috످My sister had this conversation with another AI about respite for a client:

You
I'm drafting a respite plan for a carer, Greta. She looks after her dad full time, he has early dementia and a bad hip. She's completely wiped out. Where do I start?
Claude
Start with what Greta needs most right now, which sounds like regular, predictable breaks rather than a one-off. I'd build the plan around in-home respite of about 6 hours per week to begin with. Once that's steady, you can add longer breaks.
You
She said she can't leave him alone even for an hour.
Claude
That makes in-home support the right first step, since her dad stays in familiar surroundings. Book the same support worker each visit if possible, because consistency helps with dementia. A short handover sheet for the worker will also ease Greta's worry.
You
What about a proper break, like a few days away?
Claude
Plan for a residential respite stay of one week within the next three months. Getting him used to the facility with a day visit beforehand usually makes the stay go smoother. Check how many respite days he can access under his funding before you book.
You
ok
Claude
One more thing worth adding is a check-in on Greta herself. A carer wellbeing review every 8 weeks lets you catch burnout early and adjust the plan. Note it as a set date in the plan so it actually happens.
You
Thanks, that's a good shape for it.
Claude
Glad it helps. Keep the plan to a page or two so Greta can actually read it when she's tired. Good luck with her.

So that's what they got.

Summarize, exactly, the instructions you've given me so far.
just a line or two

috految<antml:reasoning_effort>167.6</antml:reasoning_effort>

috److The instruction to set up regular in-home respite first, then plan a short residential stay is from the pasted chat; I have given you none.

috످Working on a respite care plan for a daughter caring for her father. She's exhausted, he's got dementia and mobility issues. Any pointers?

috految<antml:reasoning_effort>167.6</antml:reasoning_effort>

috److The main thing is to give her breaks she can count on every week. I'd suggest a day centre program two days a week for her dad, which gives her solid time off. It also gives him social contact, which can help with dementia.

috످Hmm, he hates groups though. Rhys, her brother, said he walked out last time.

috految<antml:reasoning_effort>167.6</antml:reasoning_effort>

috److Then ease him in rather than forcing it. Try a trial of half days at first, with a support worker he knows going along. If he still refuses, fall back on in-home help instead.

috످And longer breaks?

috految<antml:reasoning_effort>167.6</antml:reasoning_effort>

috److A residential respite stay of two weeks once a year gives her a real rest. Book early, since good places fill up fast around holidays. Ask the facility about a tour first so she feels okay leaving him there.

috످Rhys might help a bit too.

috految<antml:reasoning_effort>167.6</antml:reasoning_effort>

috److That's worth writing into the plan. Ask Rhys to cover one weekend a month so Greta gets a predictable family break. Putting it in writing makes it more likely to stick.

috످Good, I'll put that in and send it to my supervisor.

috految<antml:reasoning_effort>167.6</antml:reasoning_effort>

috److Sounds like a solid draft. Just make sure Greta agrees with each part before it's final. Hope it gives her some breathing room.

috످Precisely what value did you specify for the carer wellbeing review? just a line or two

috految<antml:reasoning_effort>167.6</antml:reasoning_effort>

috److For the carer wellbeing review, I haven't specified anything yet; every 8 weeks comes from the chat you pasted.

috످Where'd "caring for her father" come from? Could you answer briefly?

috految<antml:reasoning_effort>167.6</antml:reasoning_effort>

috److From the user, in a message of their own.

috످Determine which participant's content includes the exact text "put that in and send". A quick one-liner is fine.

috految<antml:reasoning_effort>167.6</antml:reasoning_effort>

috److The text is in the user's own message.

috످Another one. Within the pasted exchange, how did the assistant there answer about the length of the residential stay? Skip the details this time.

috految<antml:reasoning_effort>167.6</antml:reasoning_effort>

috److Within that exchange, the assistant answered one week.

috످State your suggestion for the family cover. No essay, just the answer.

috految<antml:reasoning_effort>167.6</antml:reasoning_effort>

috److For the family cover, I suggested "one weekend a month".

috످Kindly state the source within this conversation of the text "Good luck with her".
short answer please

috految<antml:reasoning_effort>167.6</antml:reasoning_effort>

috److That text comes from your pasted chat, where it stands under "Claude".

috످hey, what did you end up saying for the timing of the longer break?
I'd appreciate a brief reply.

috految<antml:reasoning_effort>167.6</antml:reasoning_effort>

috److془My suggestion: two weeks once a year, book early.془I suggested a two-week residential stay once a year.

috످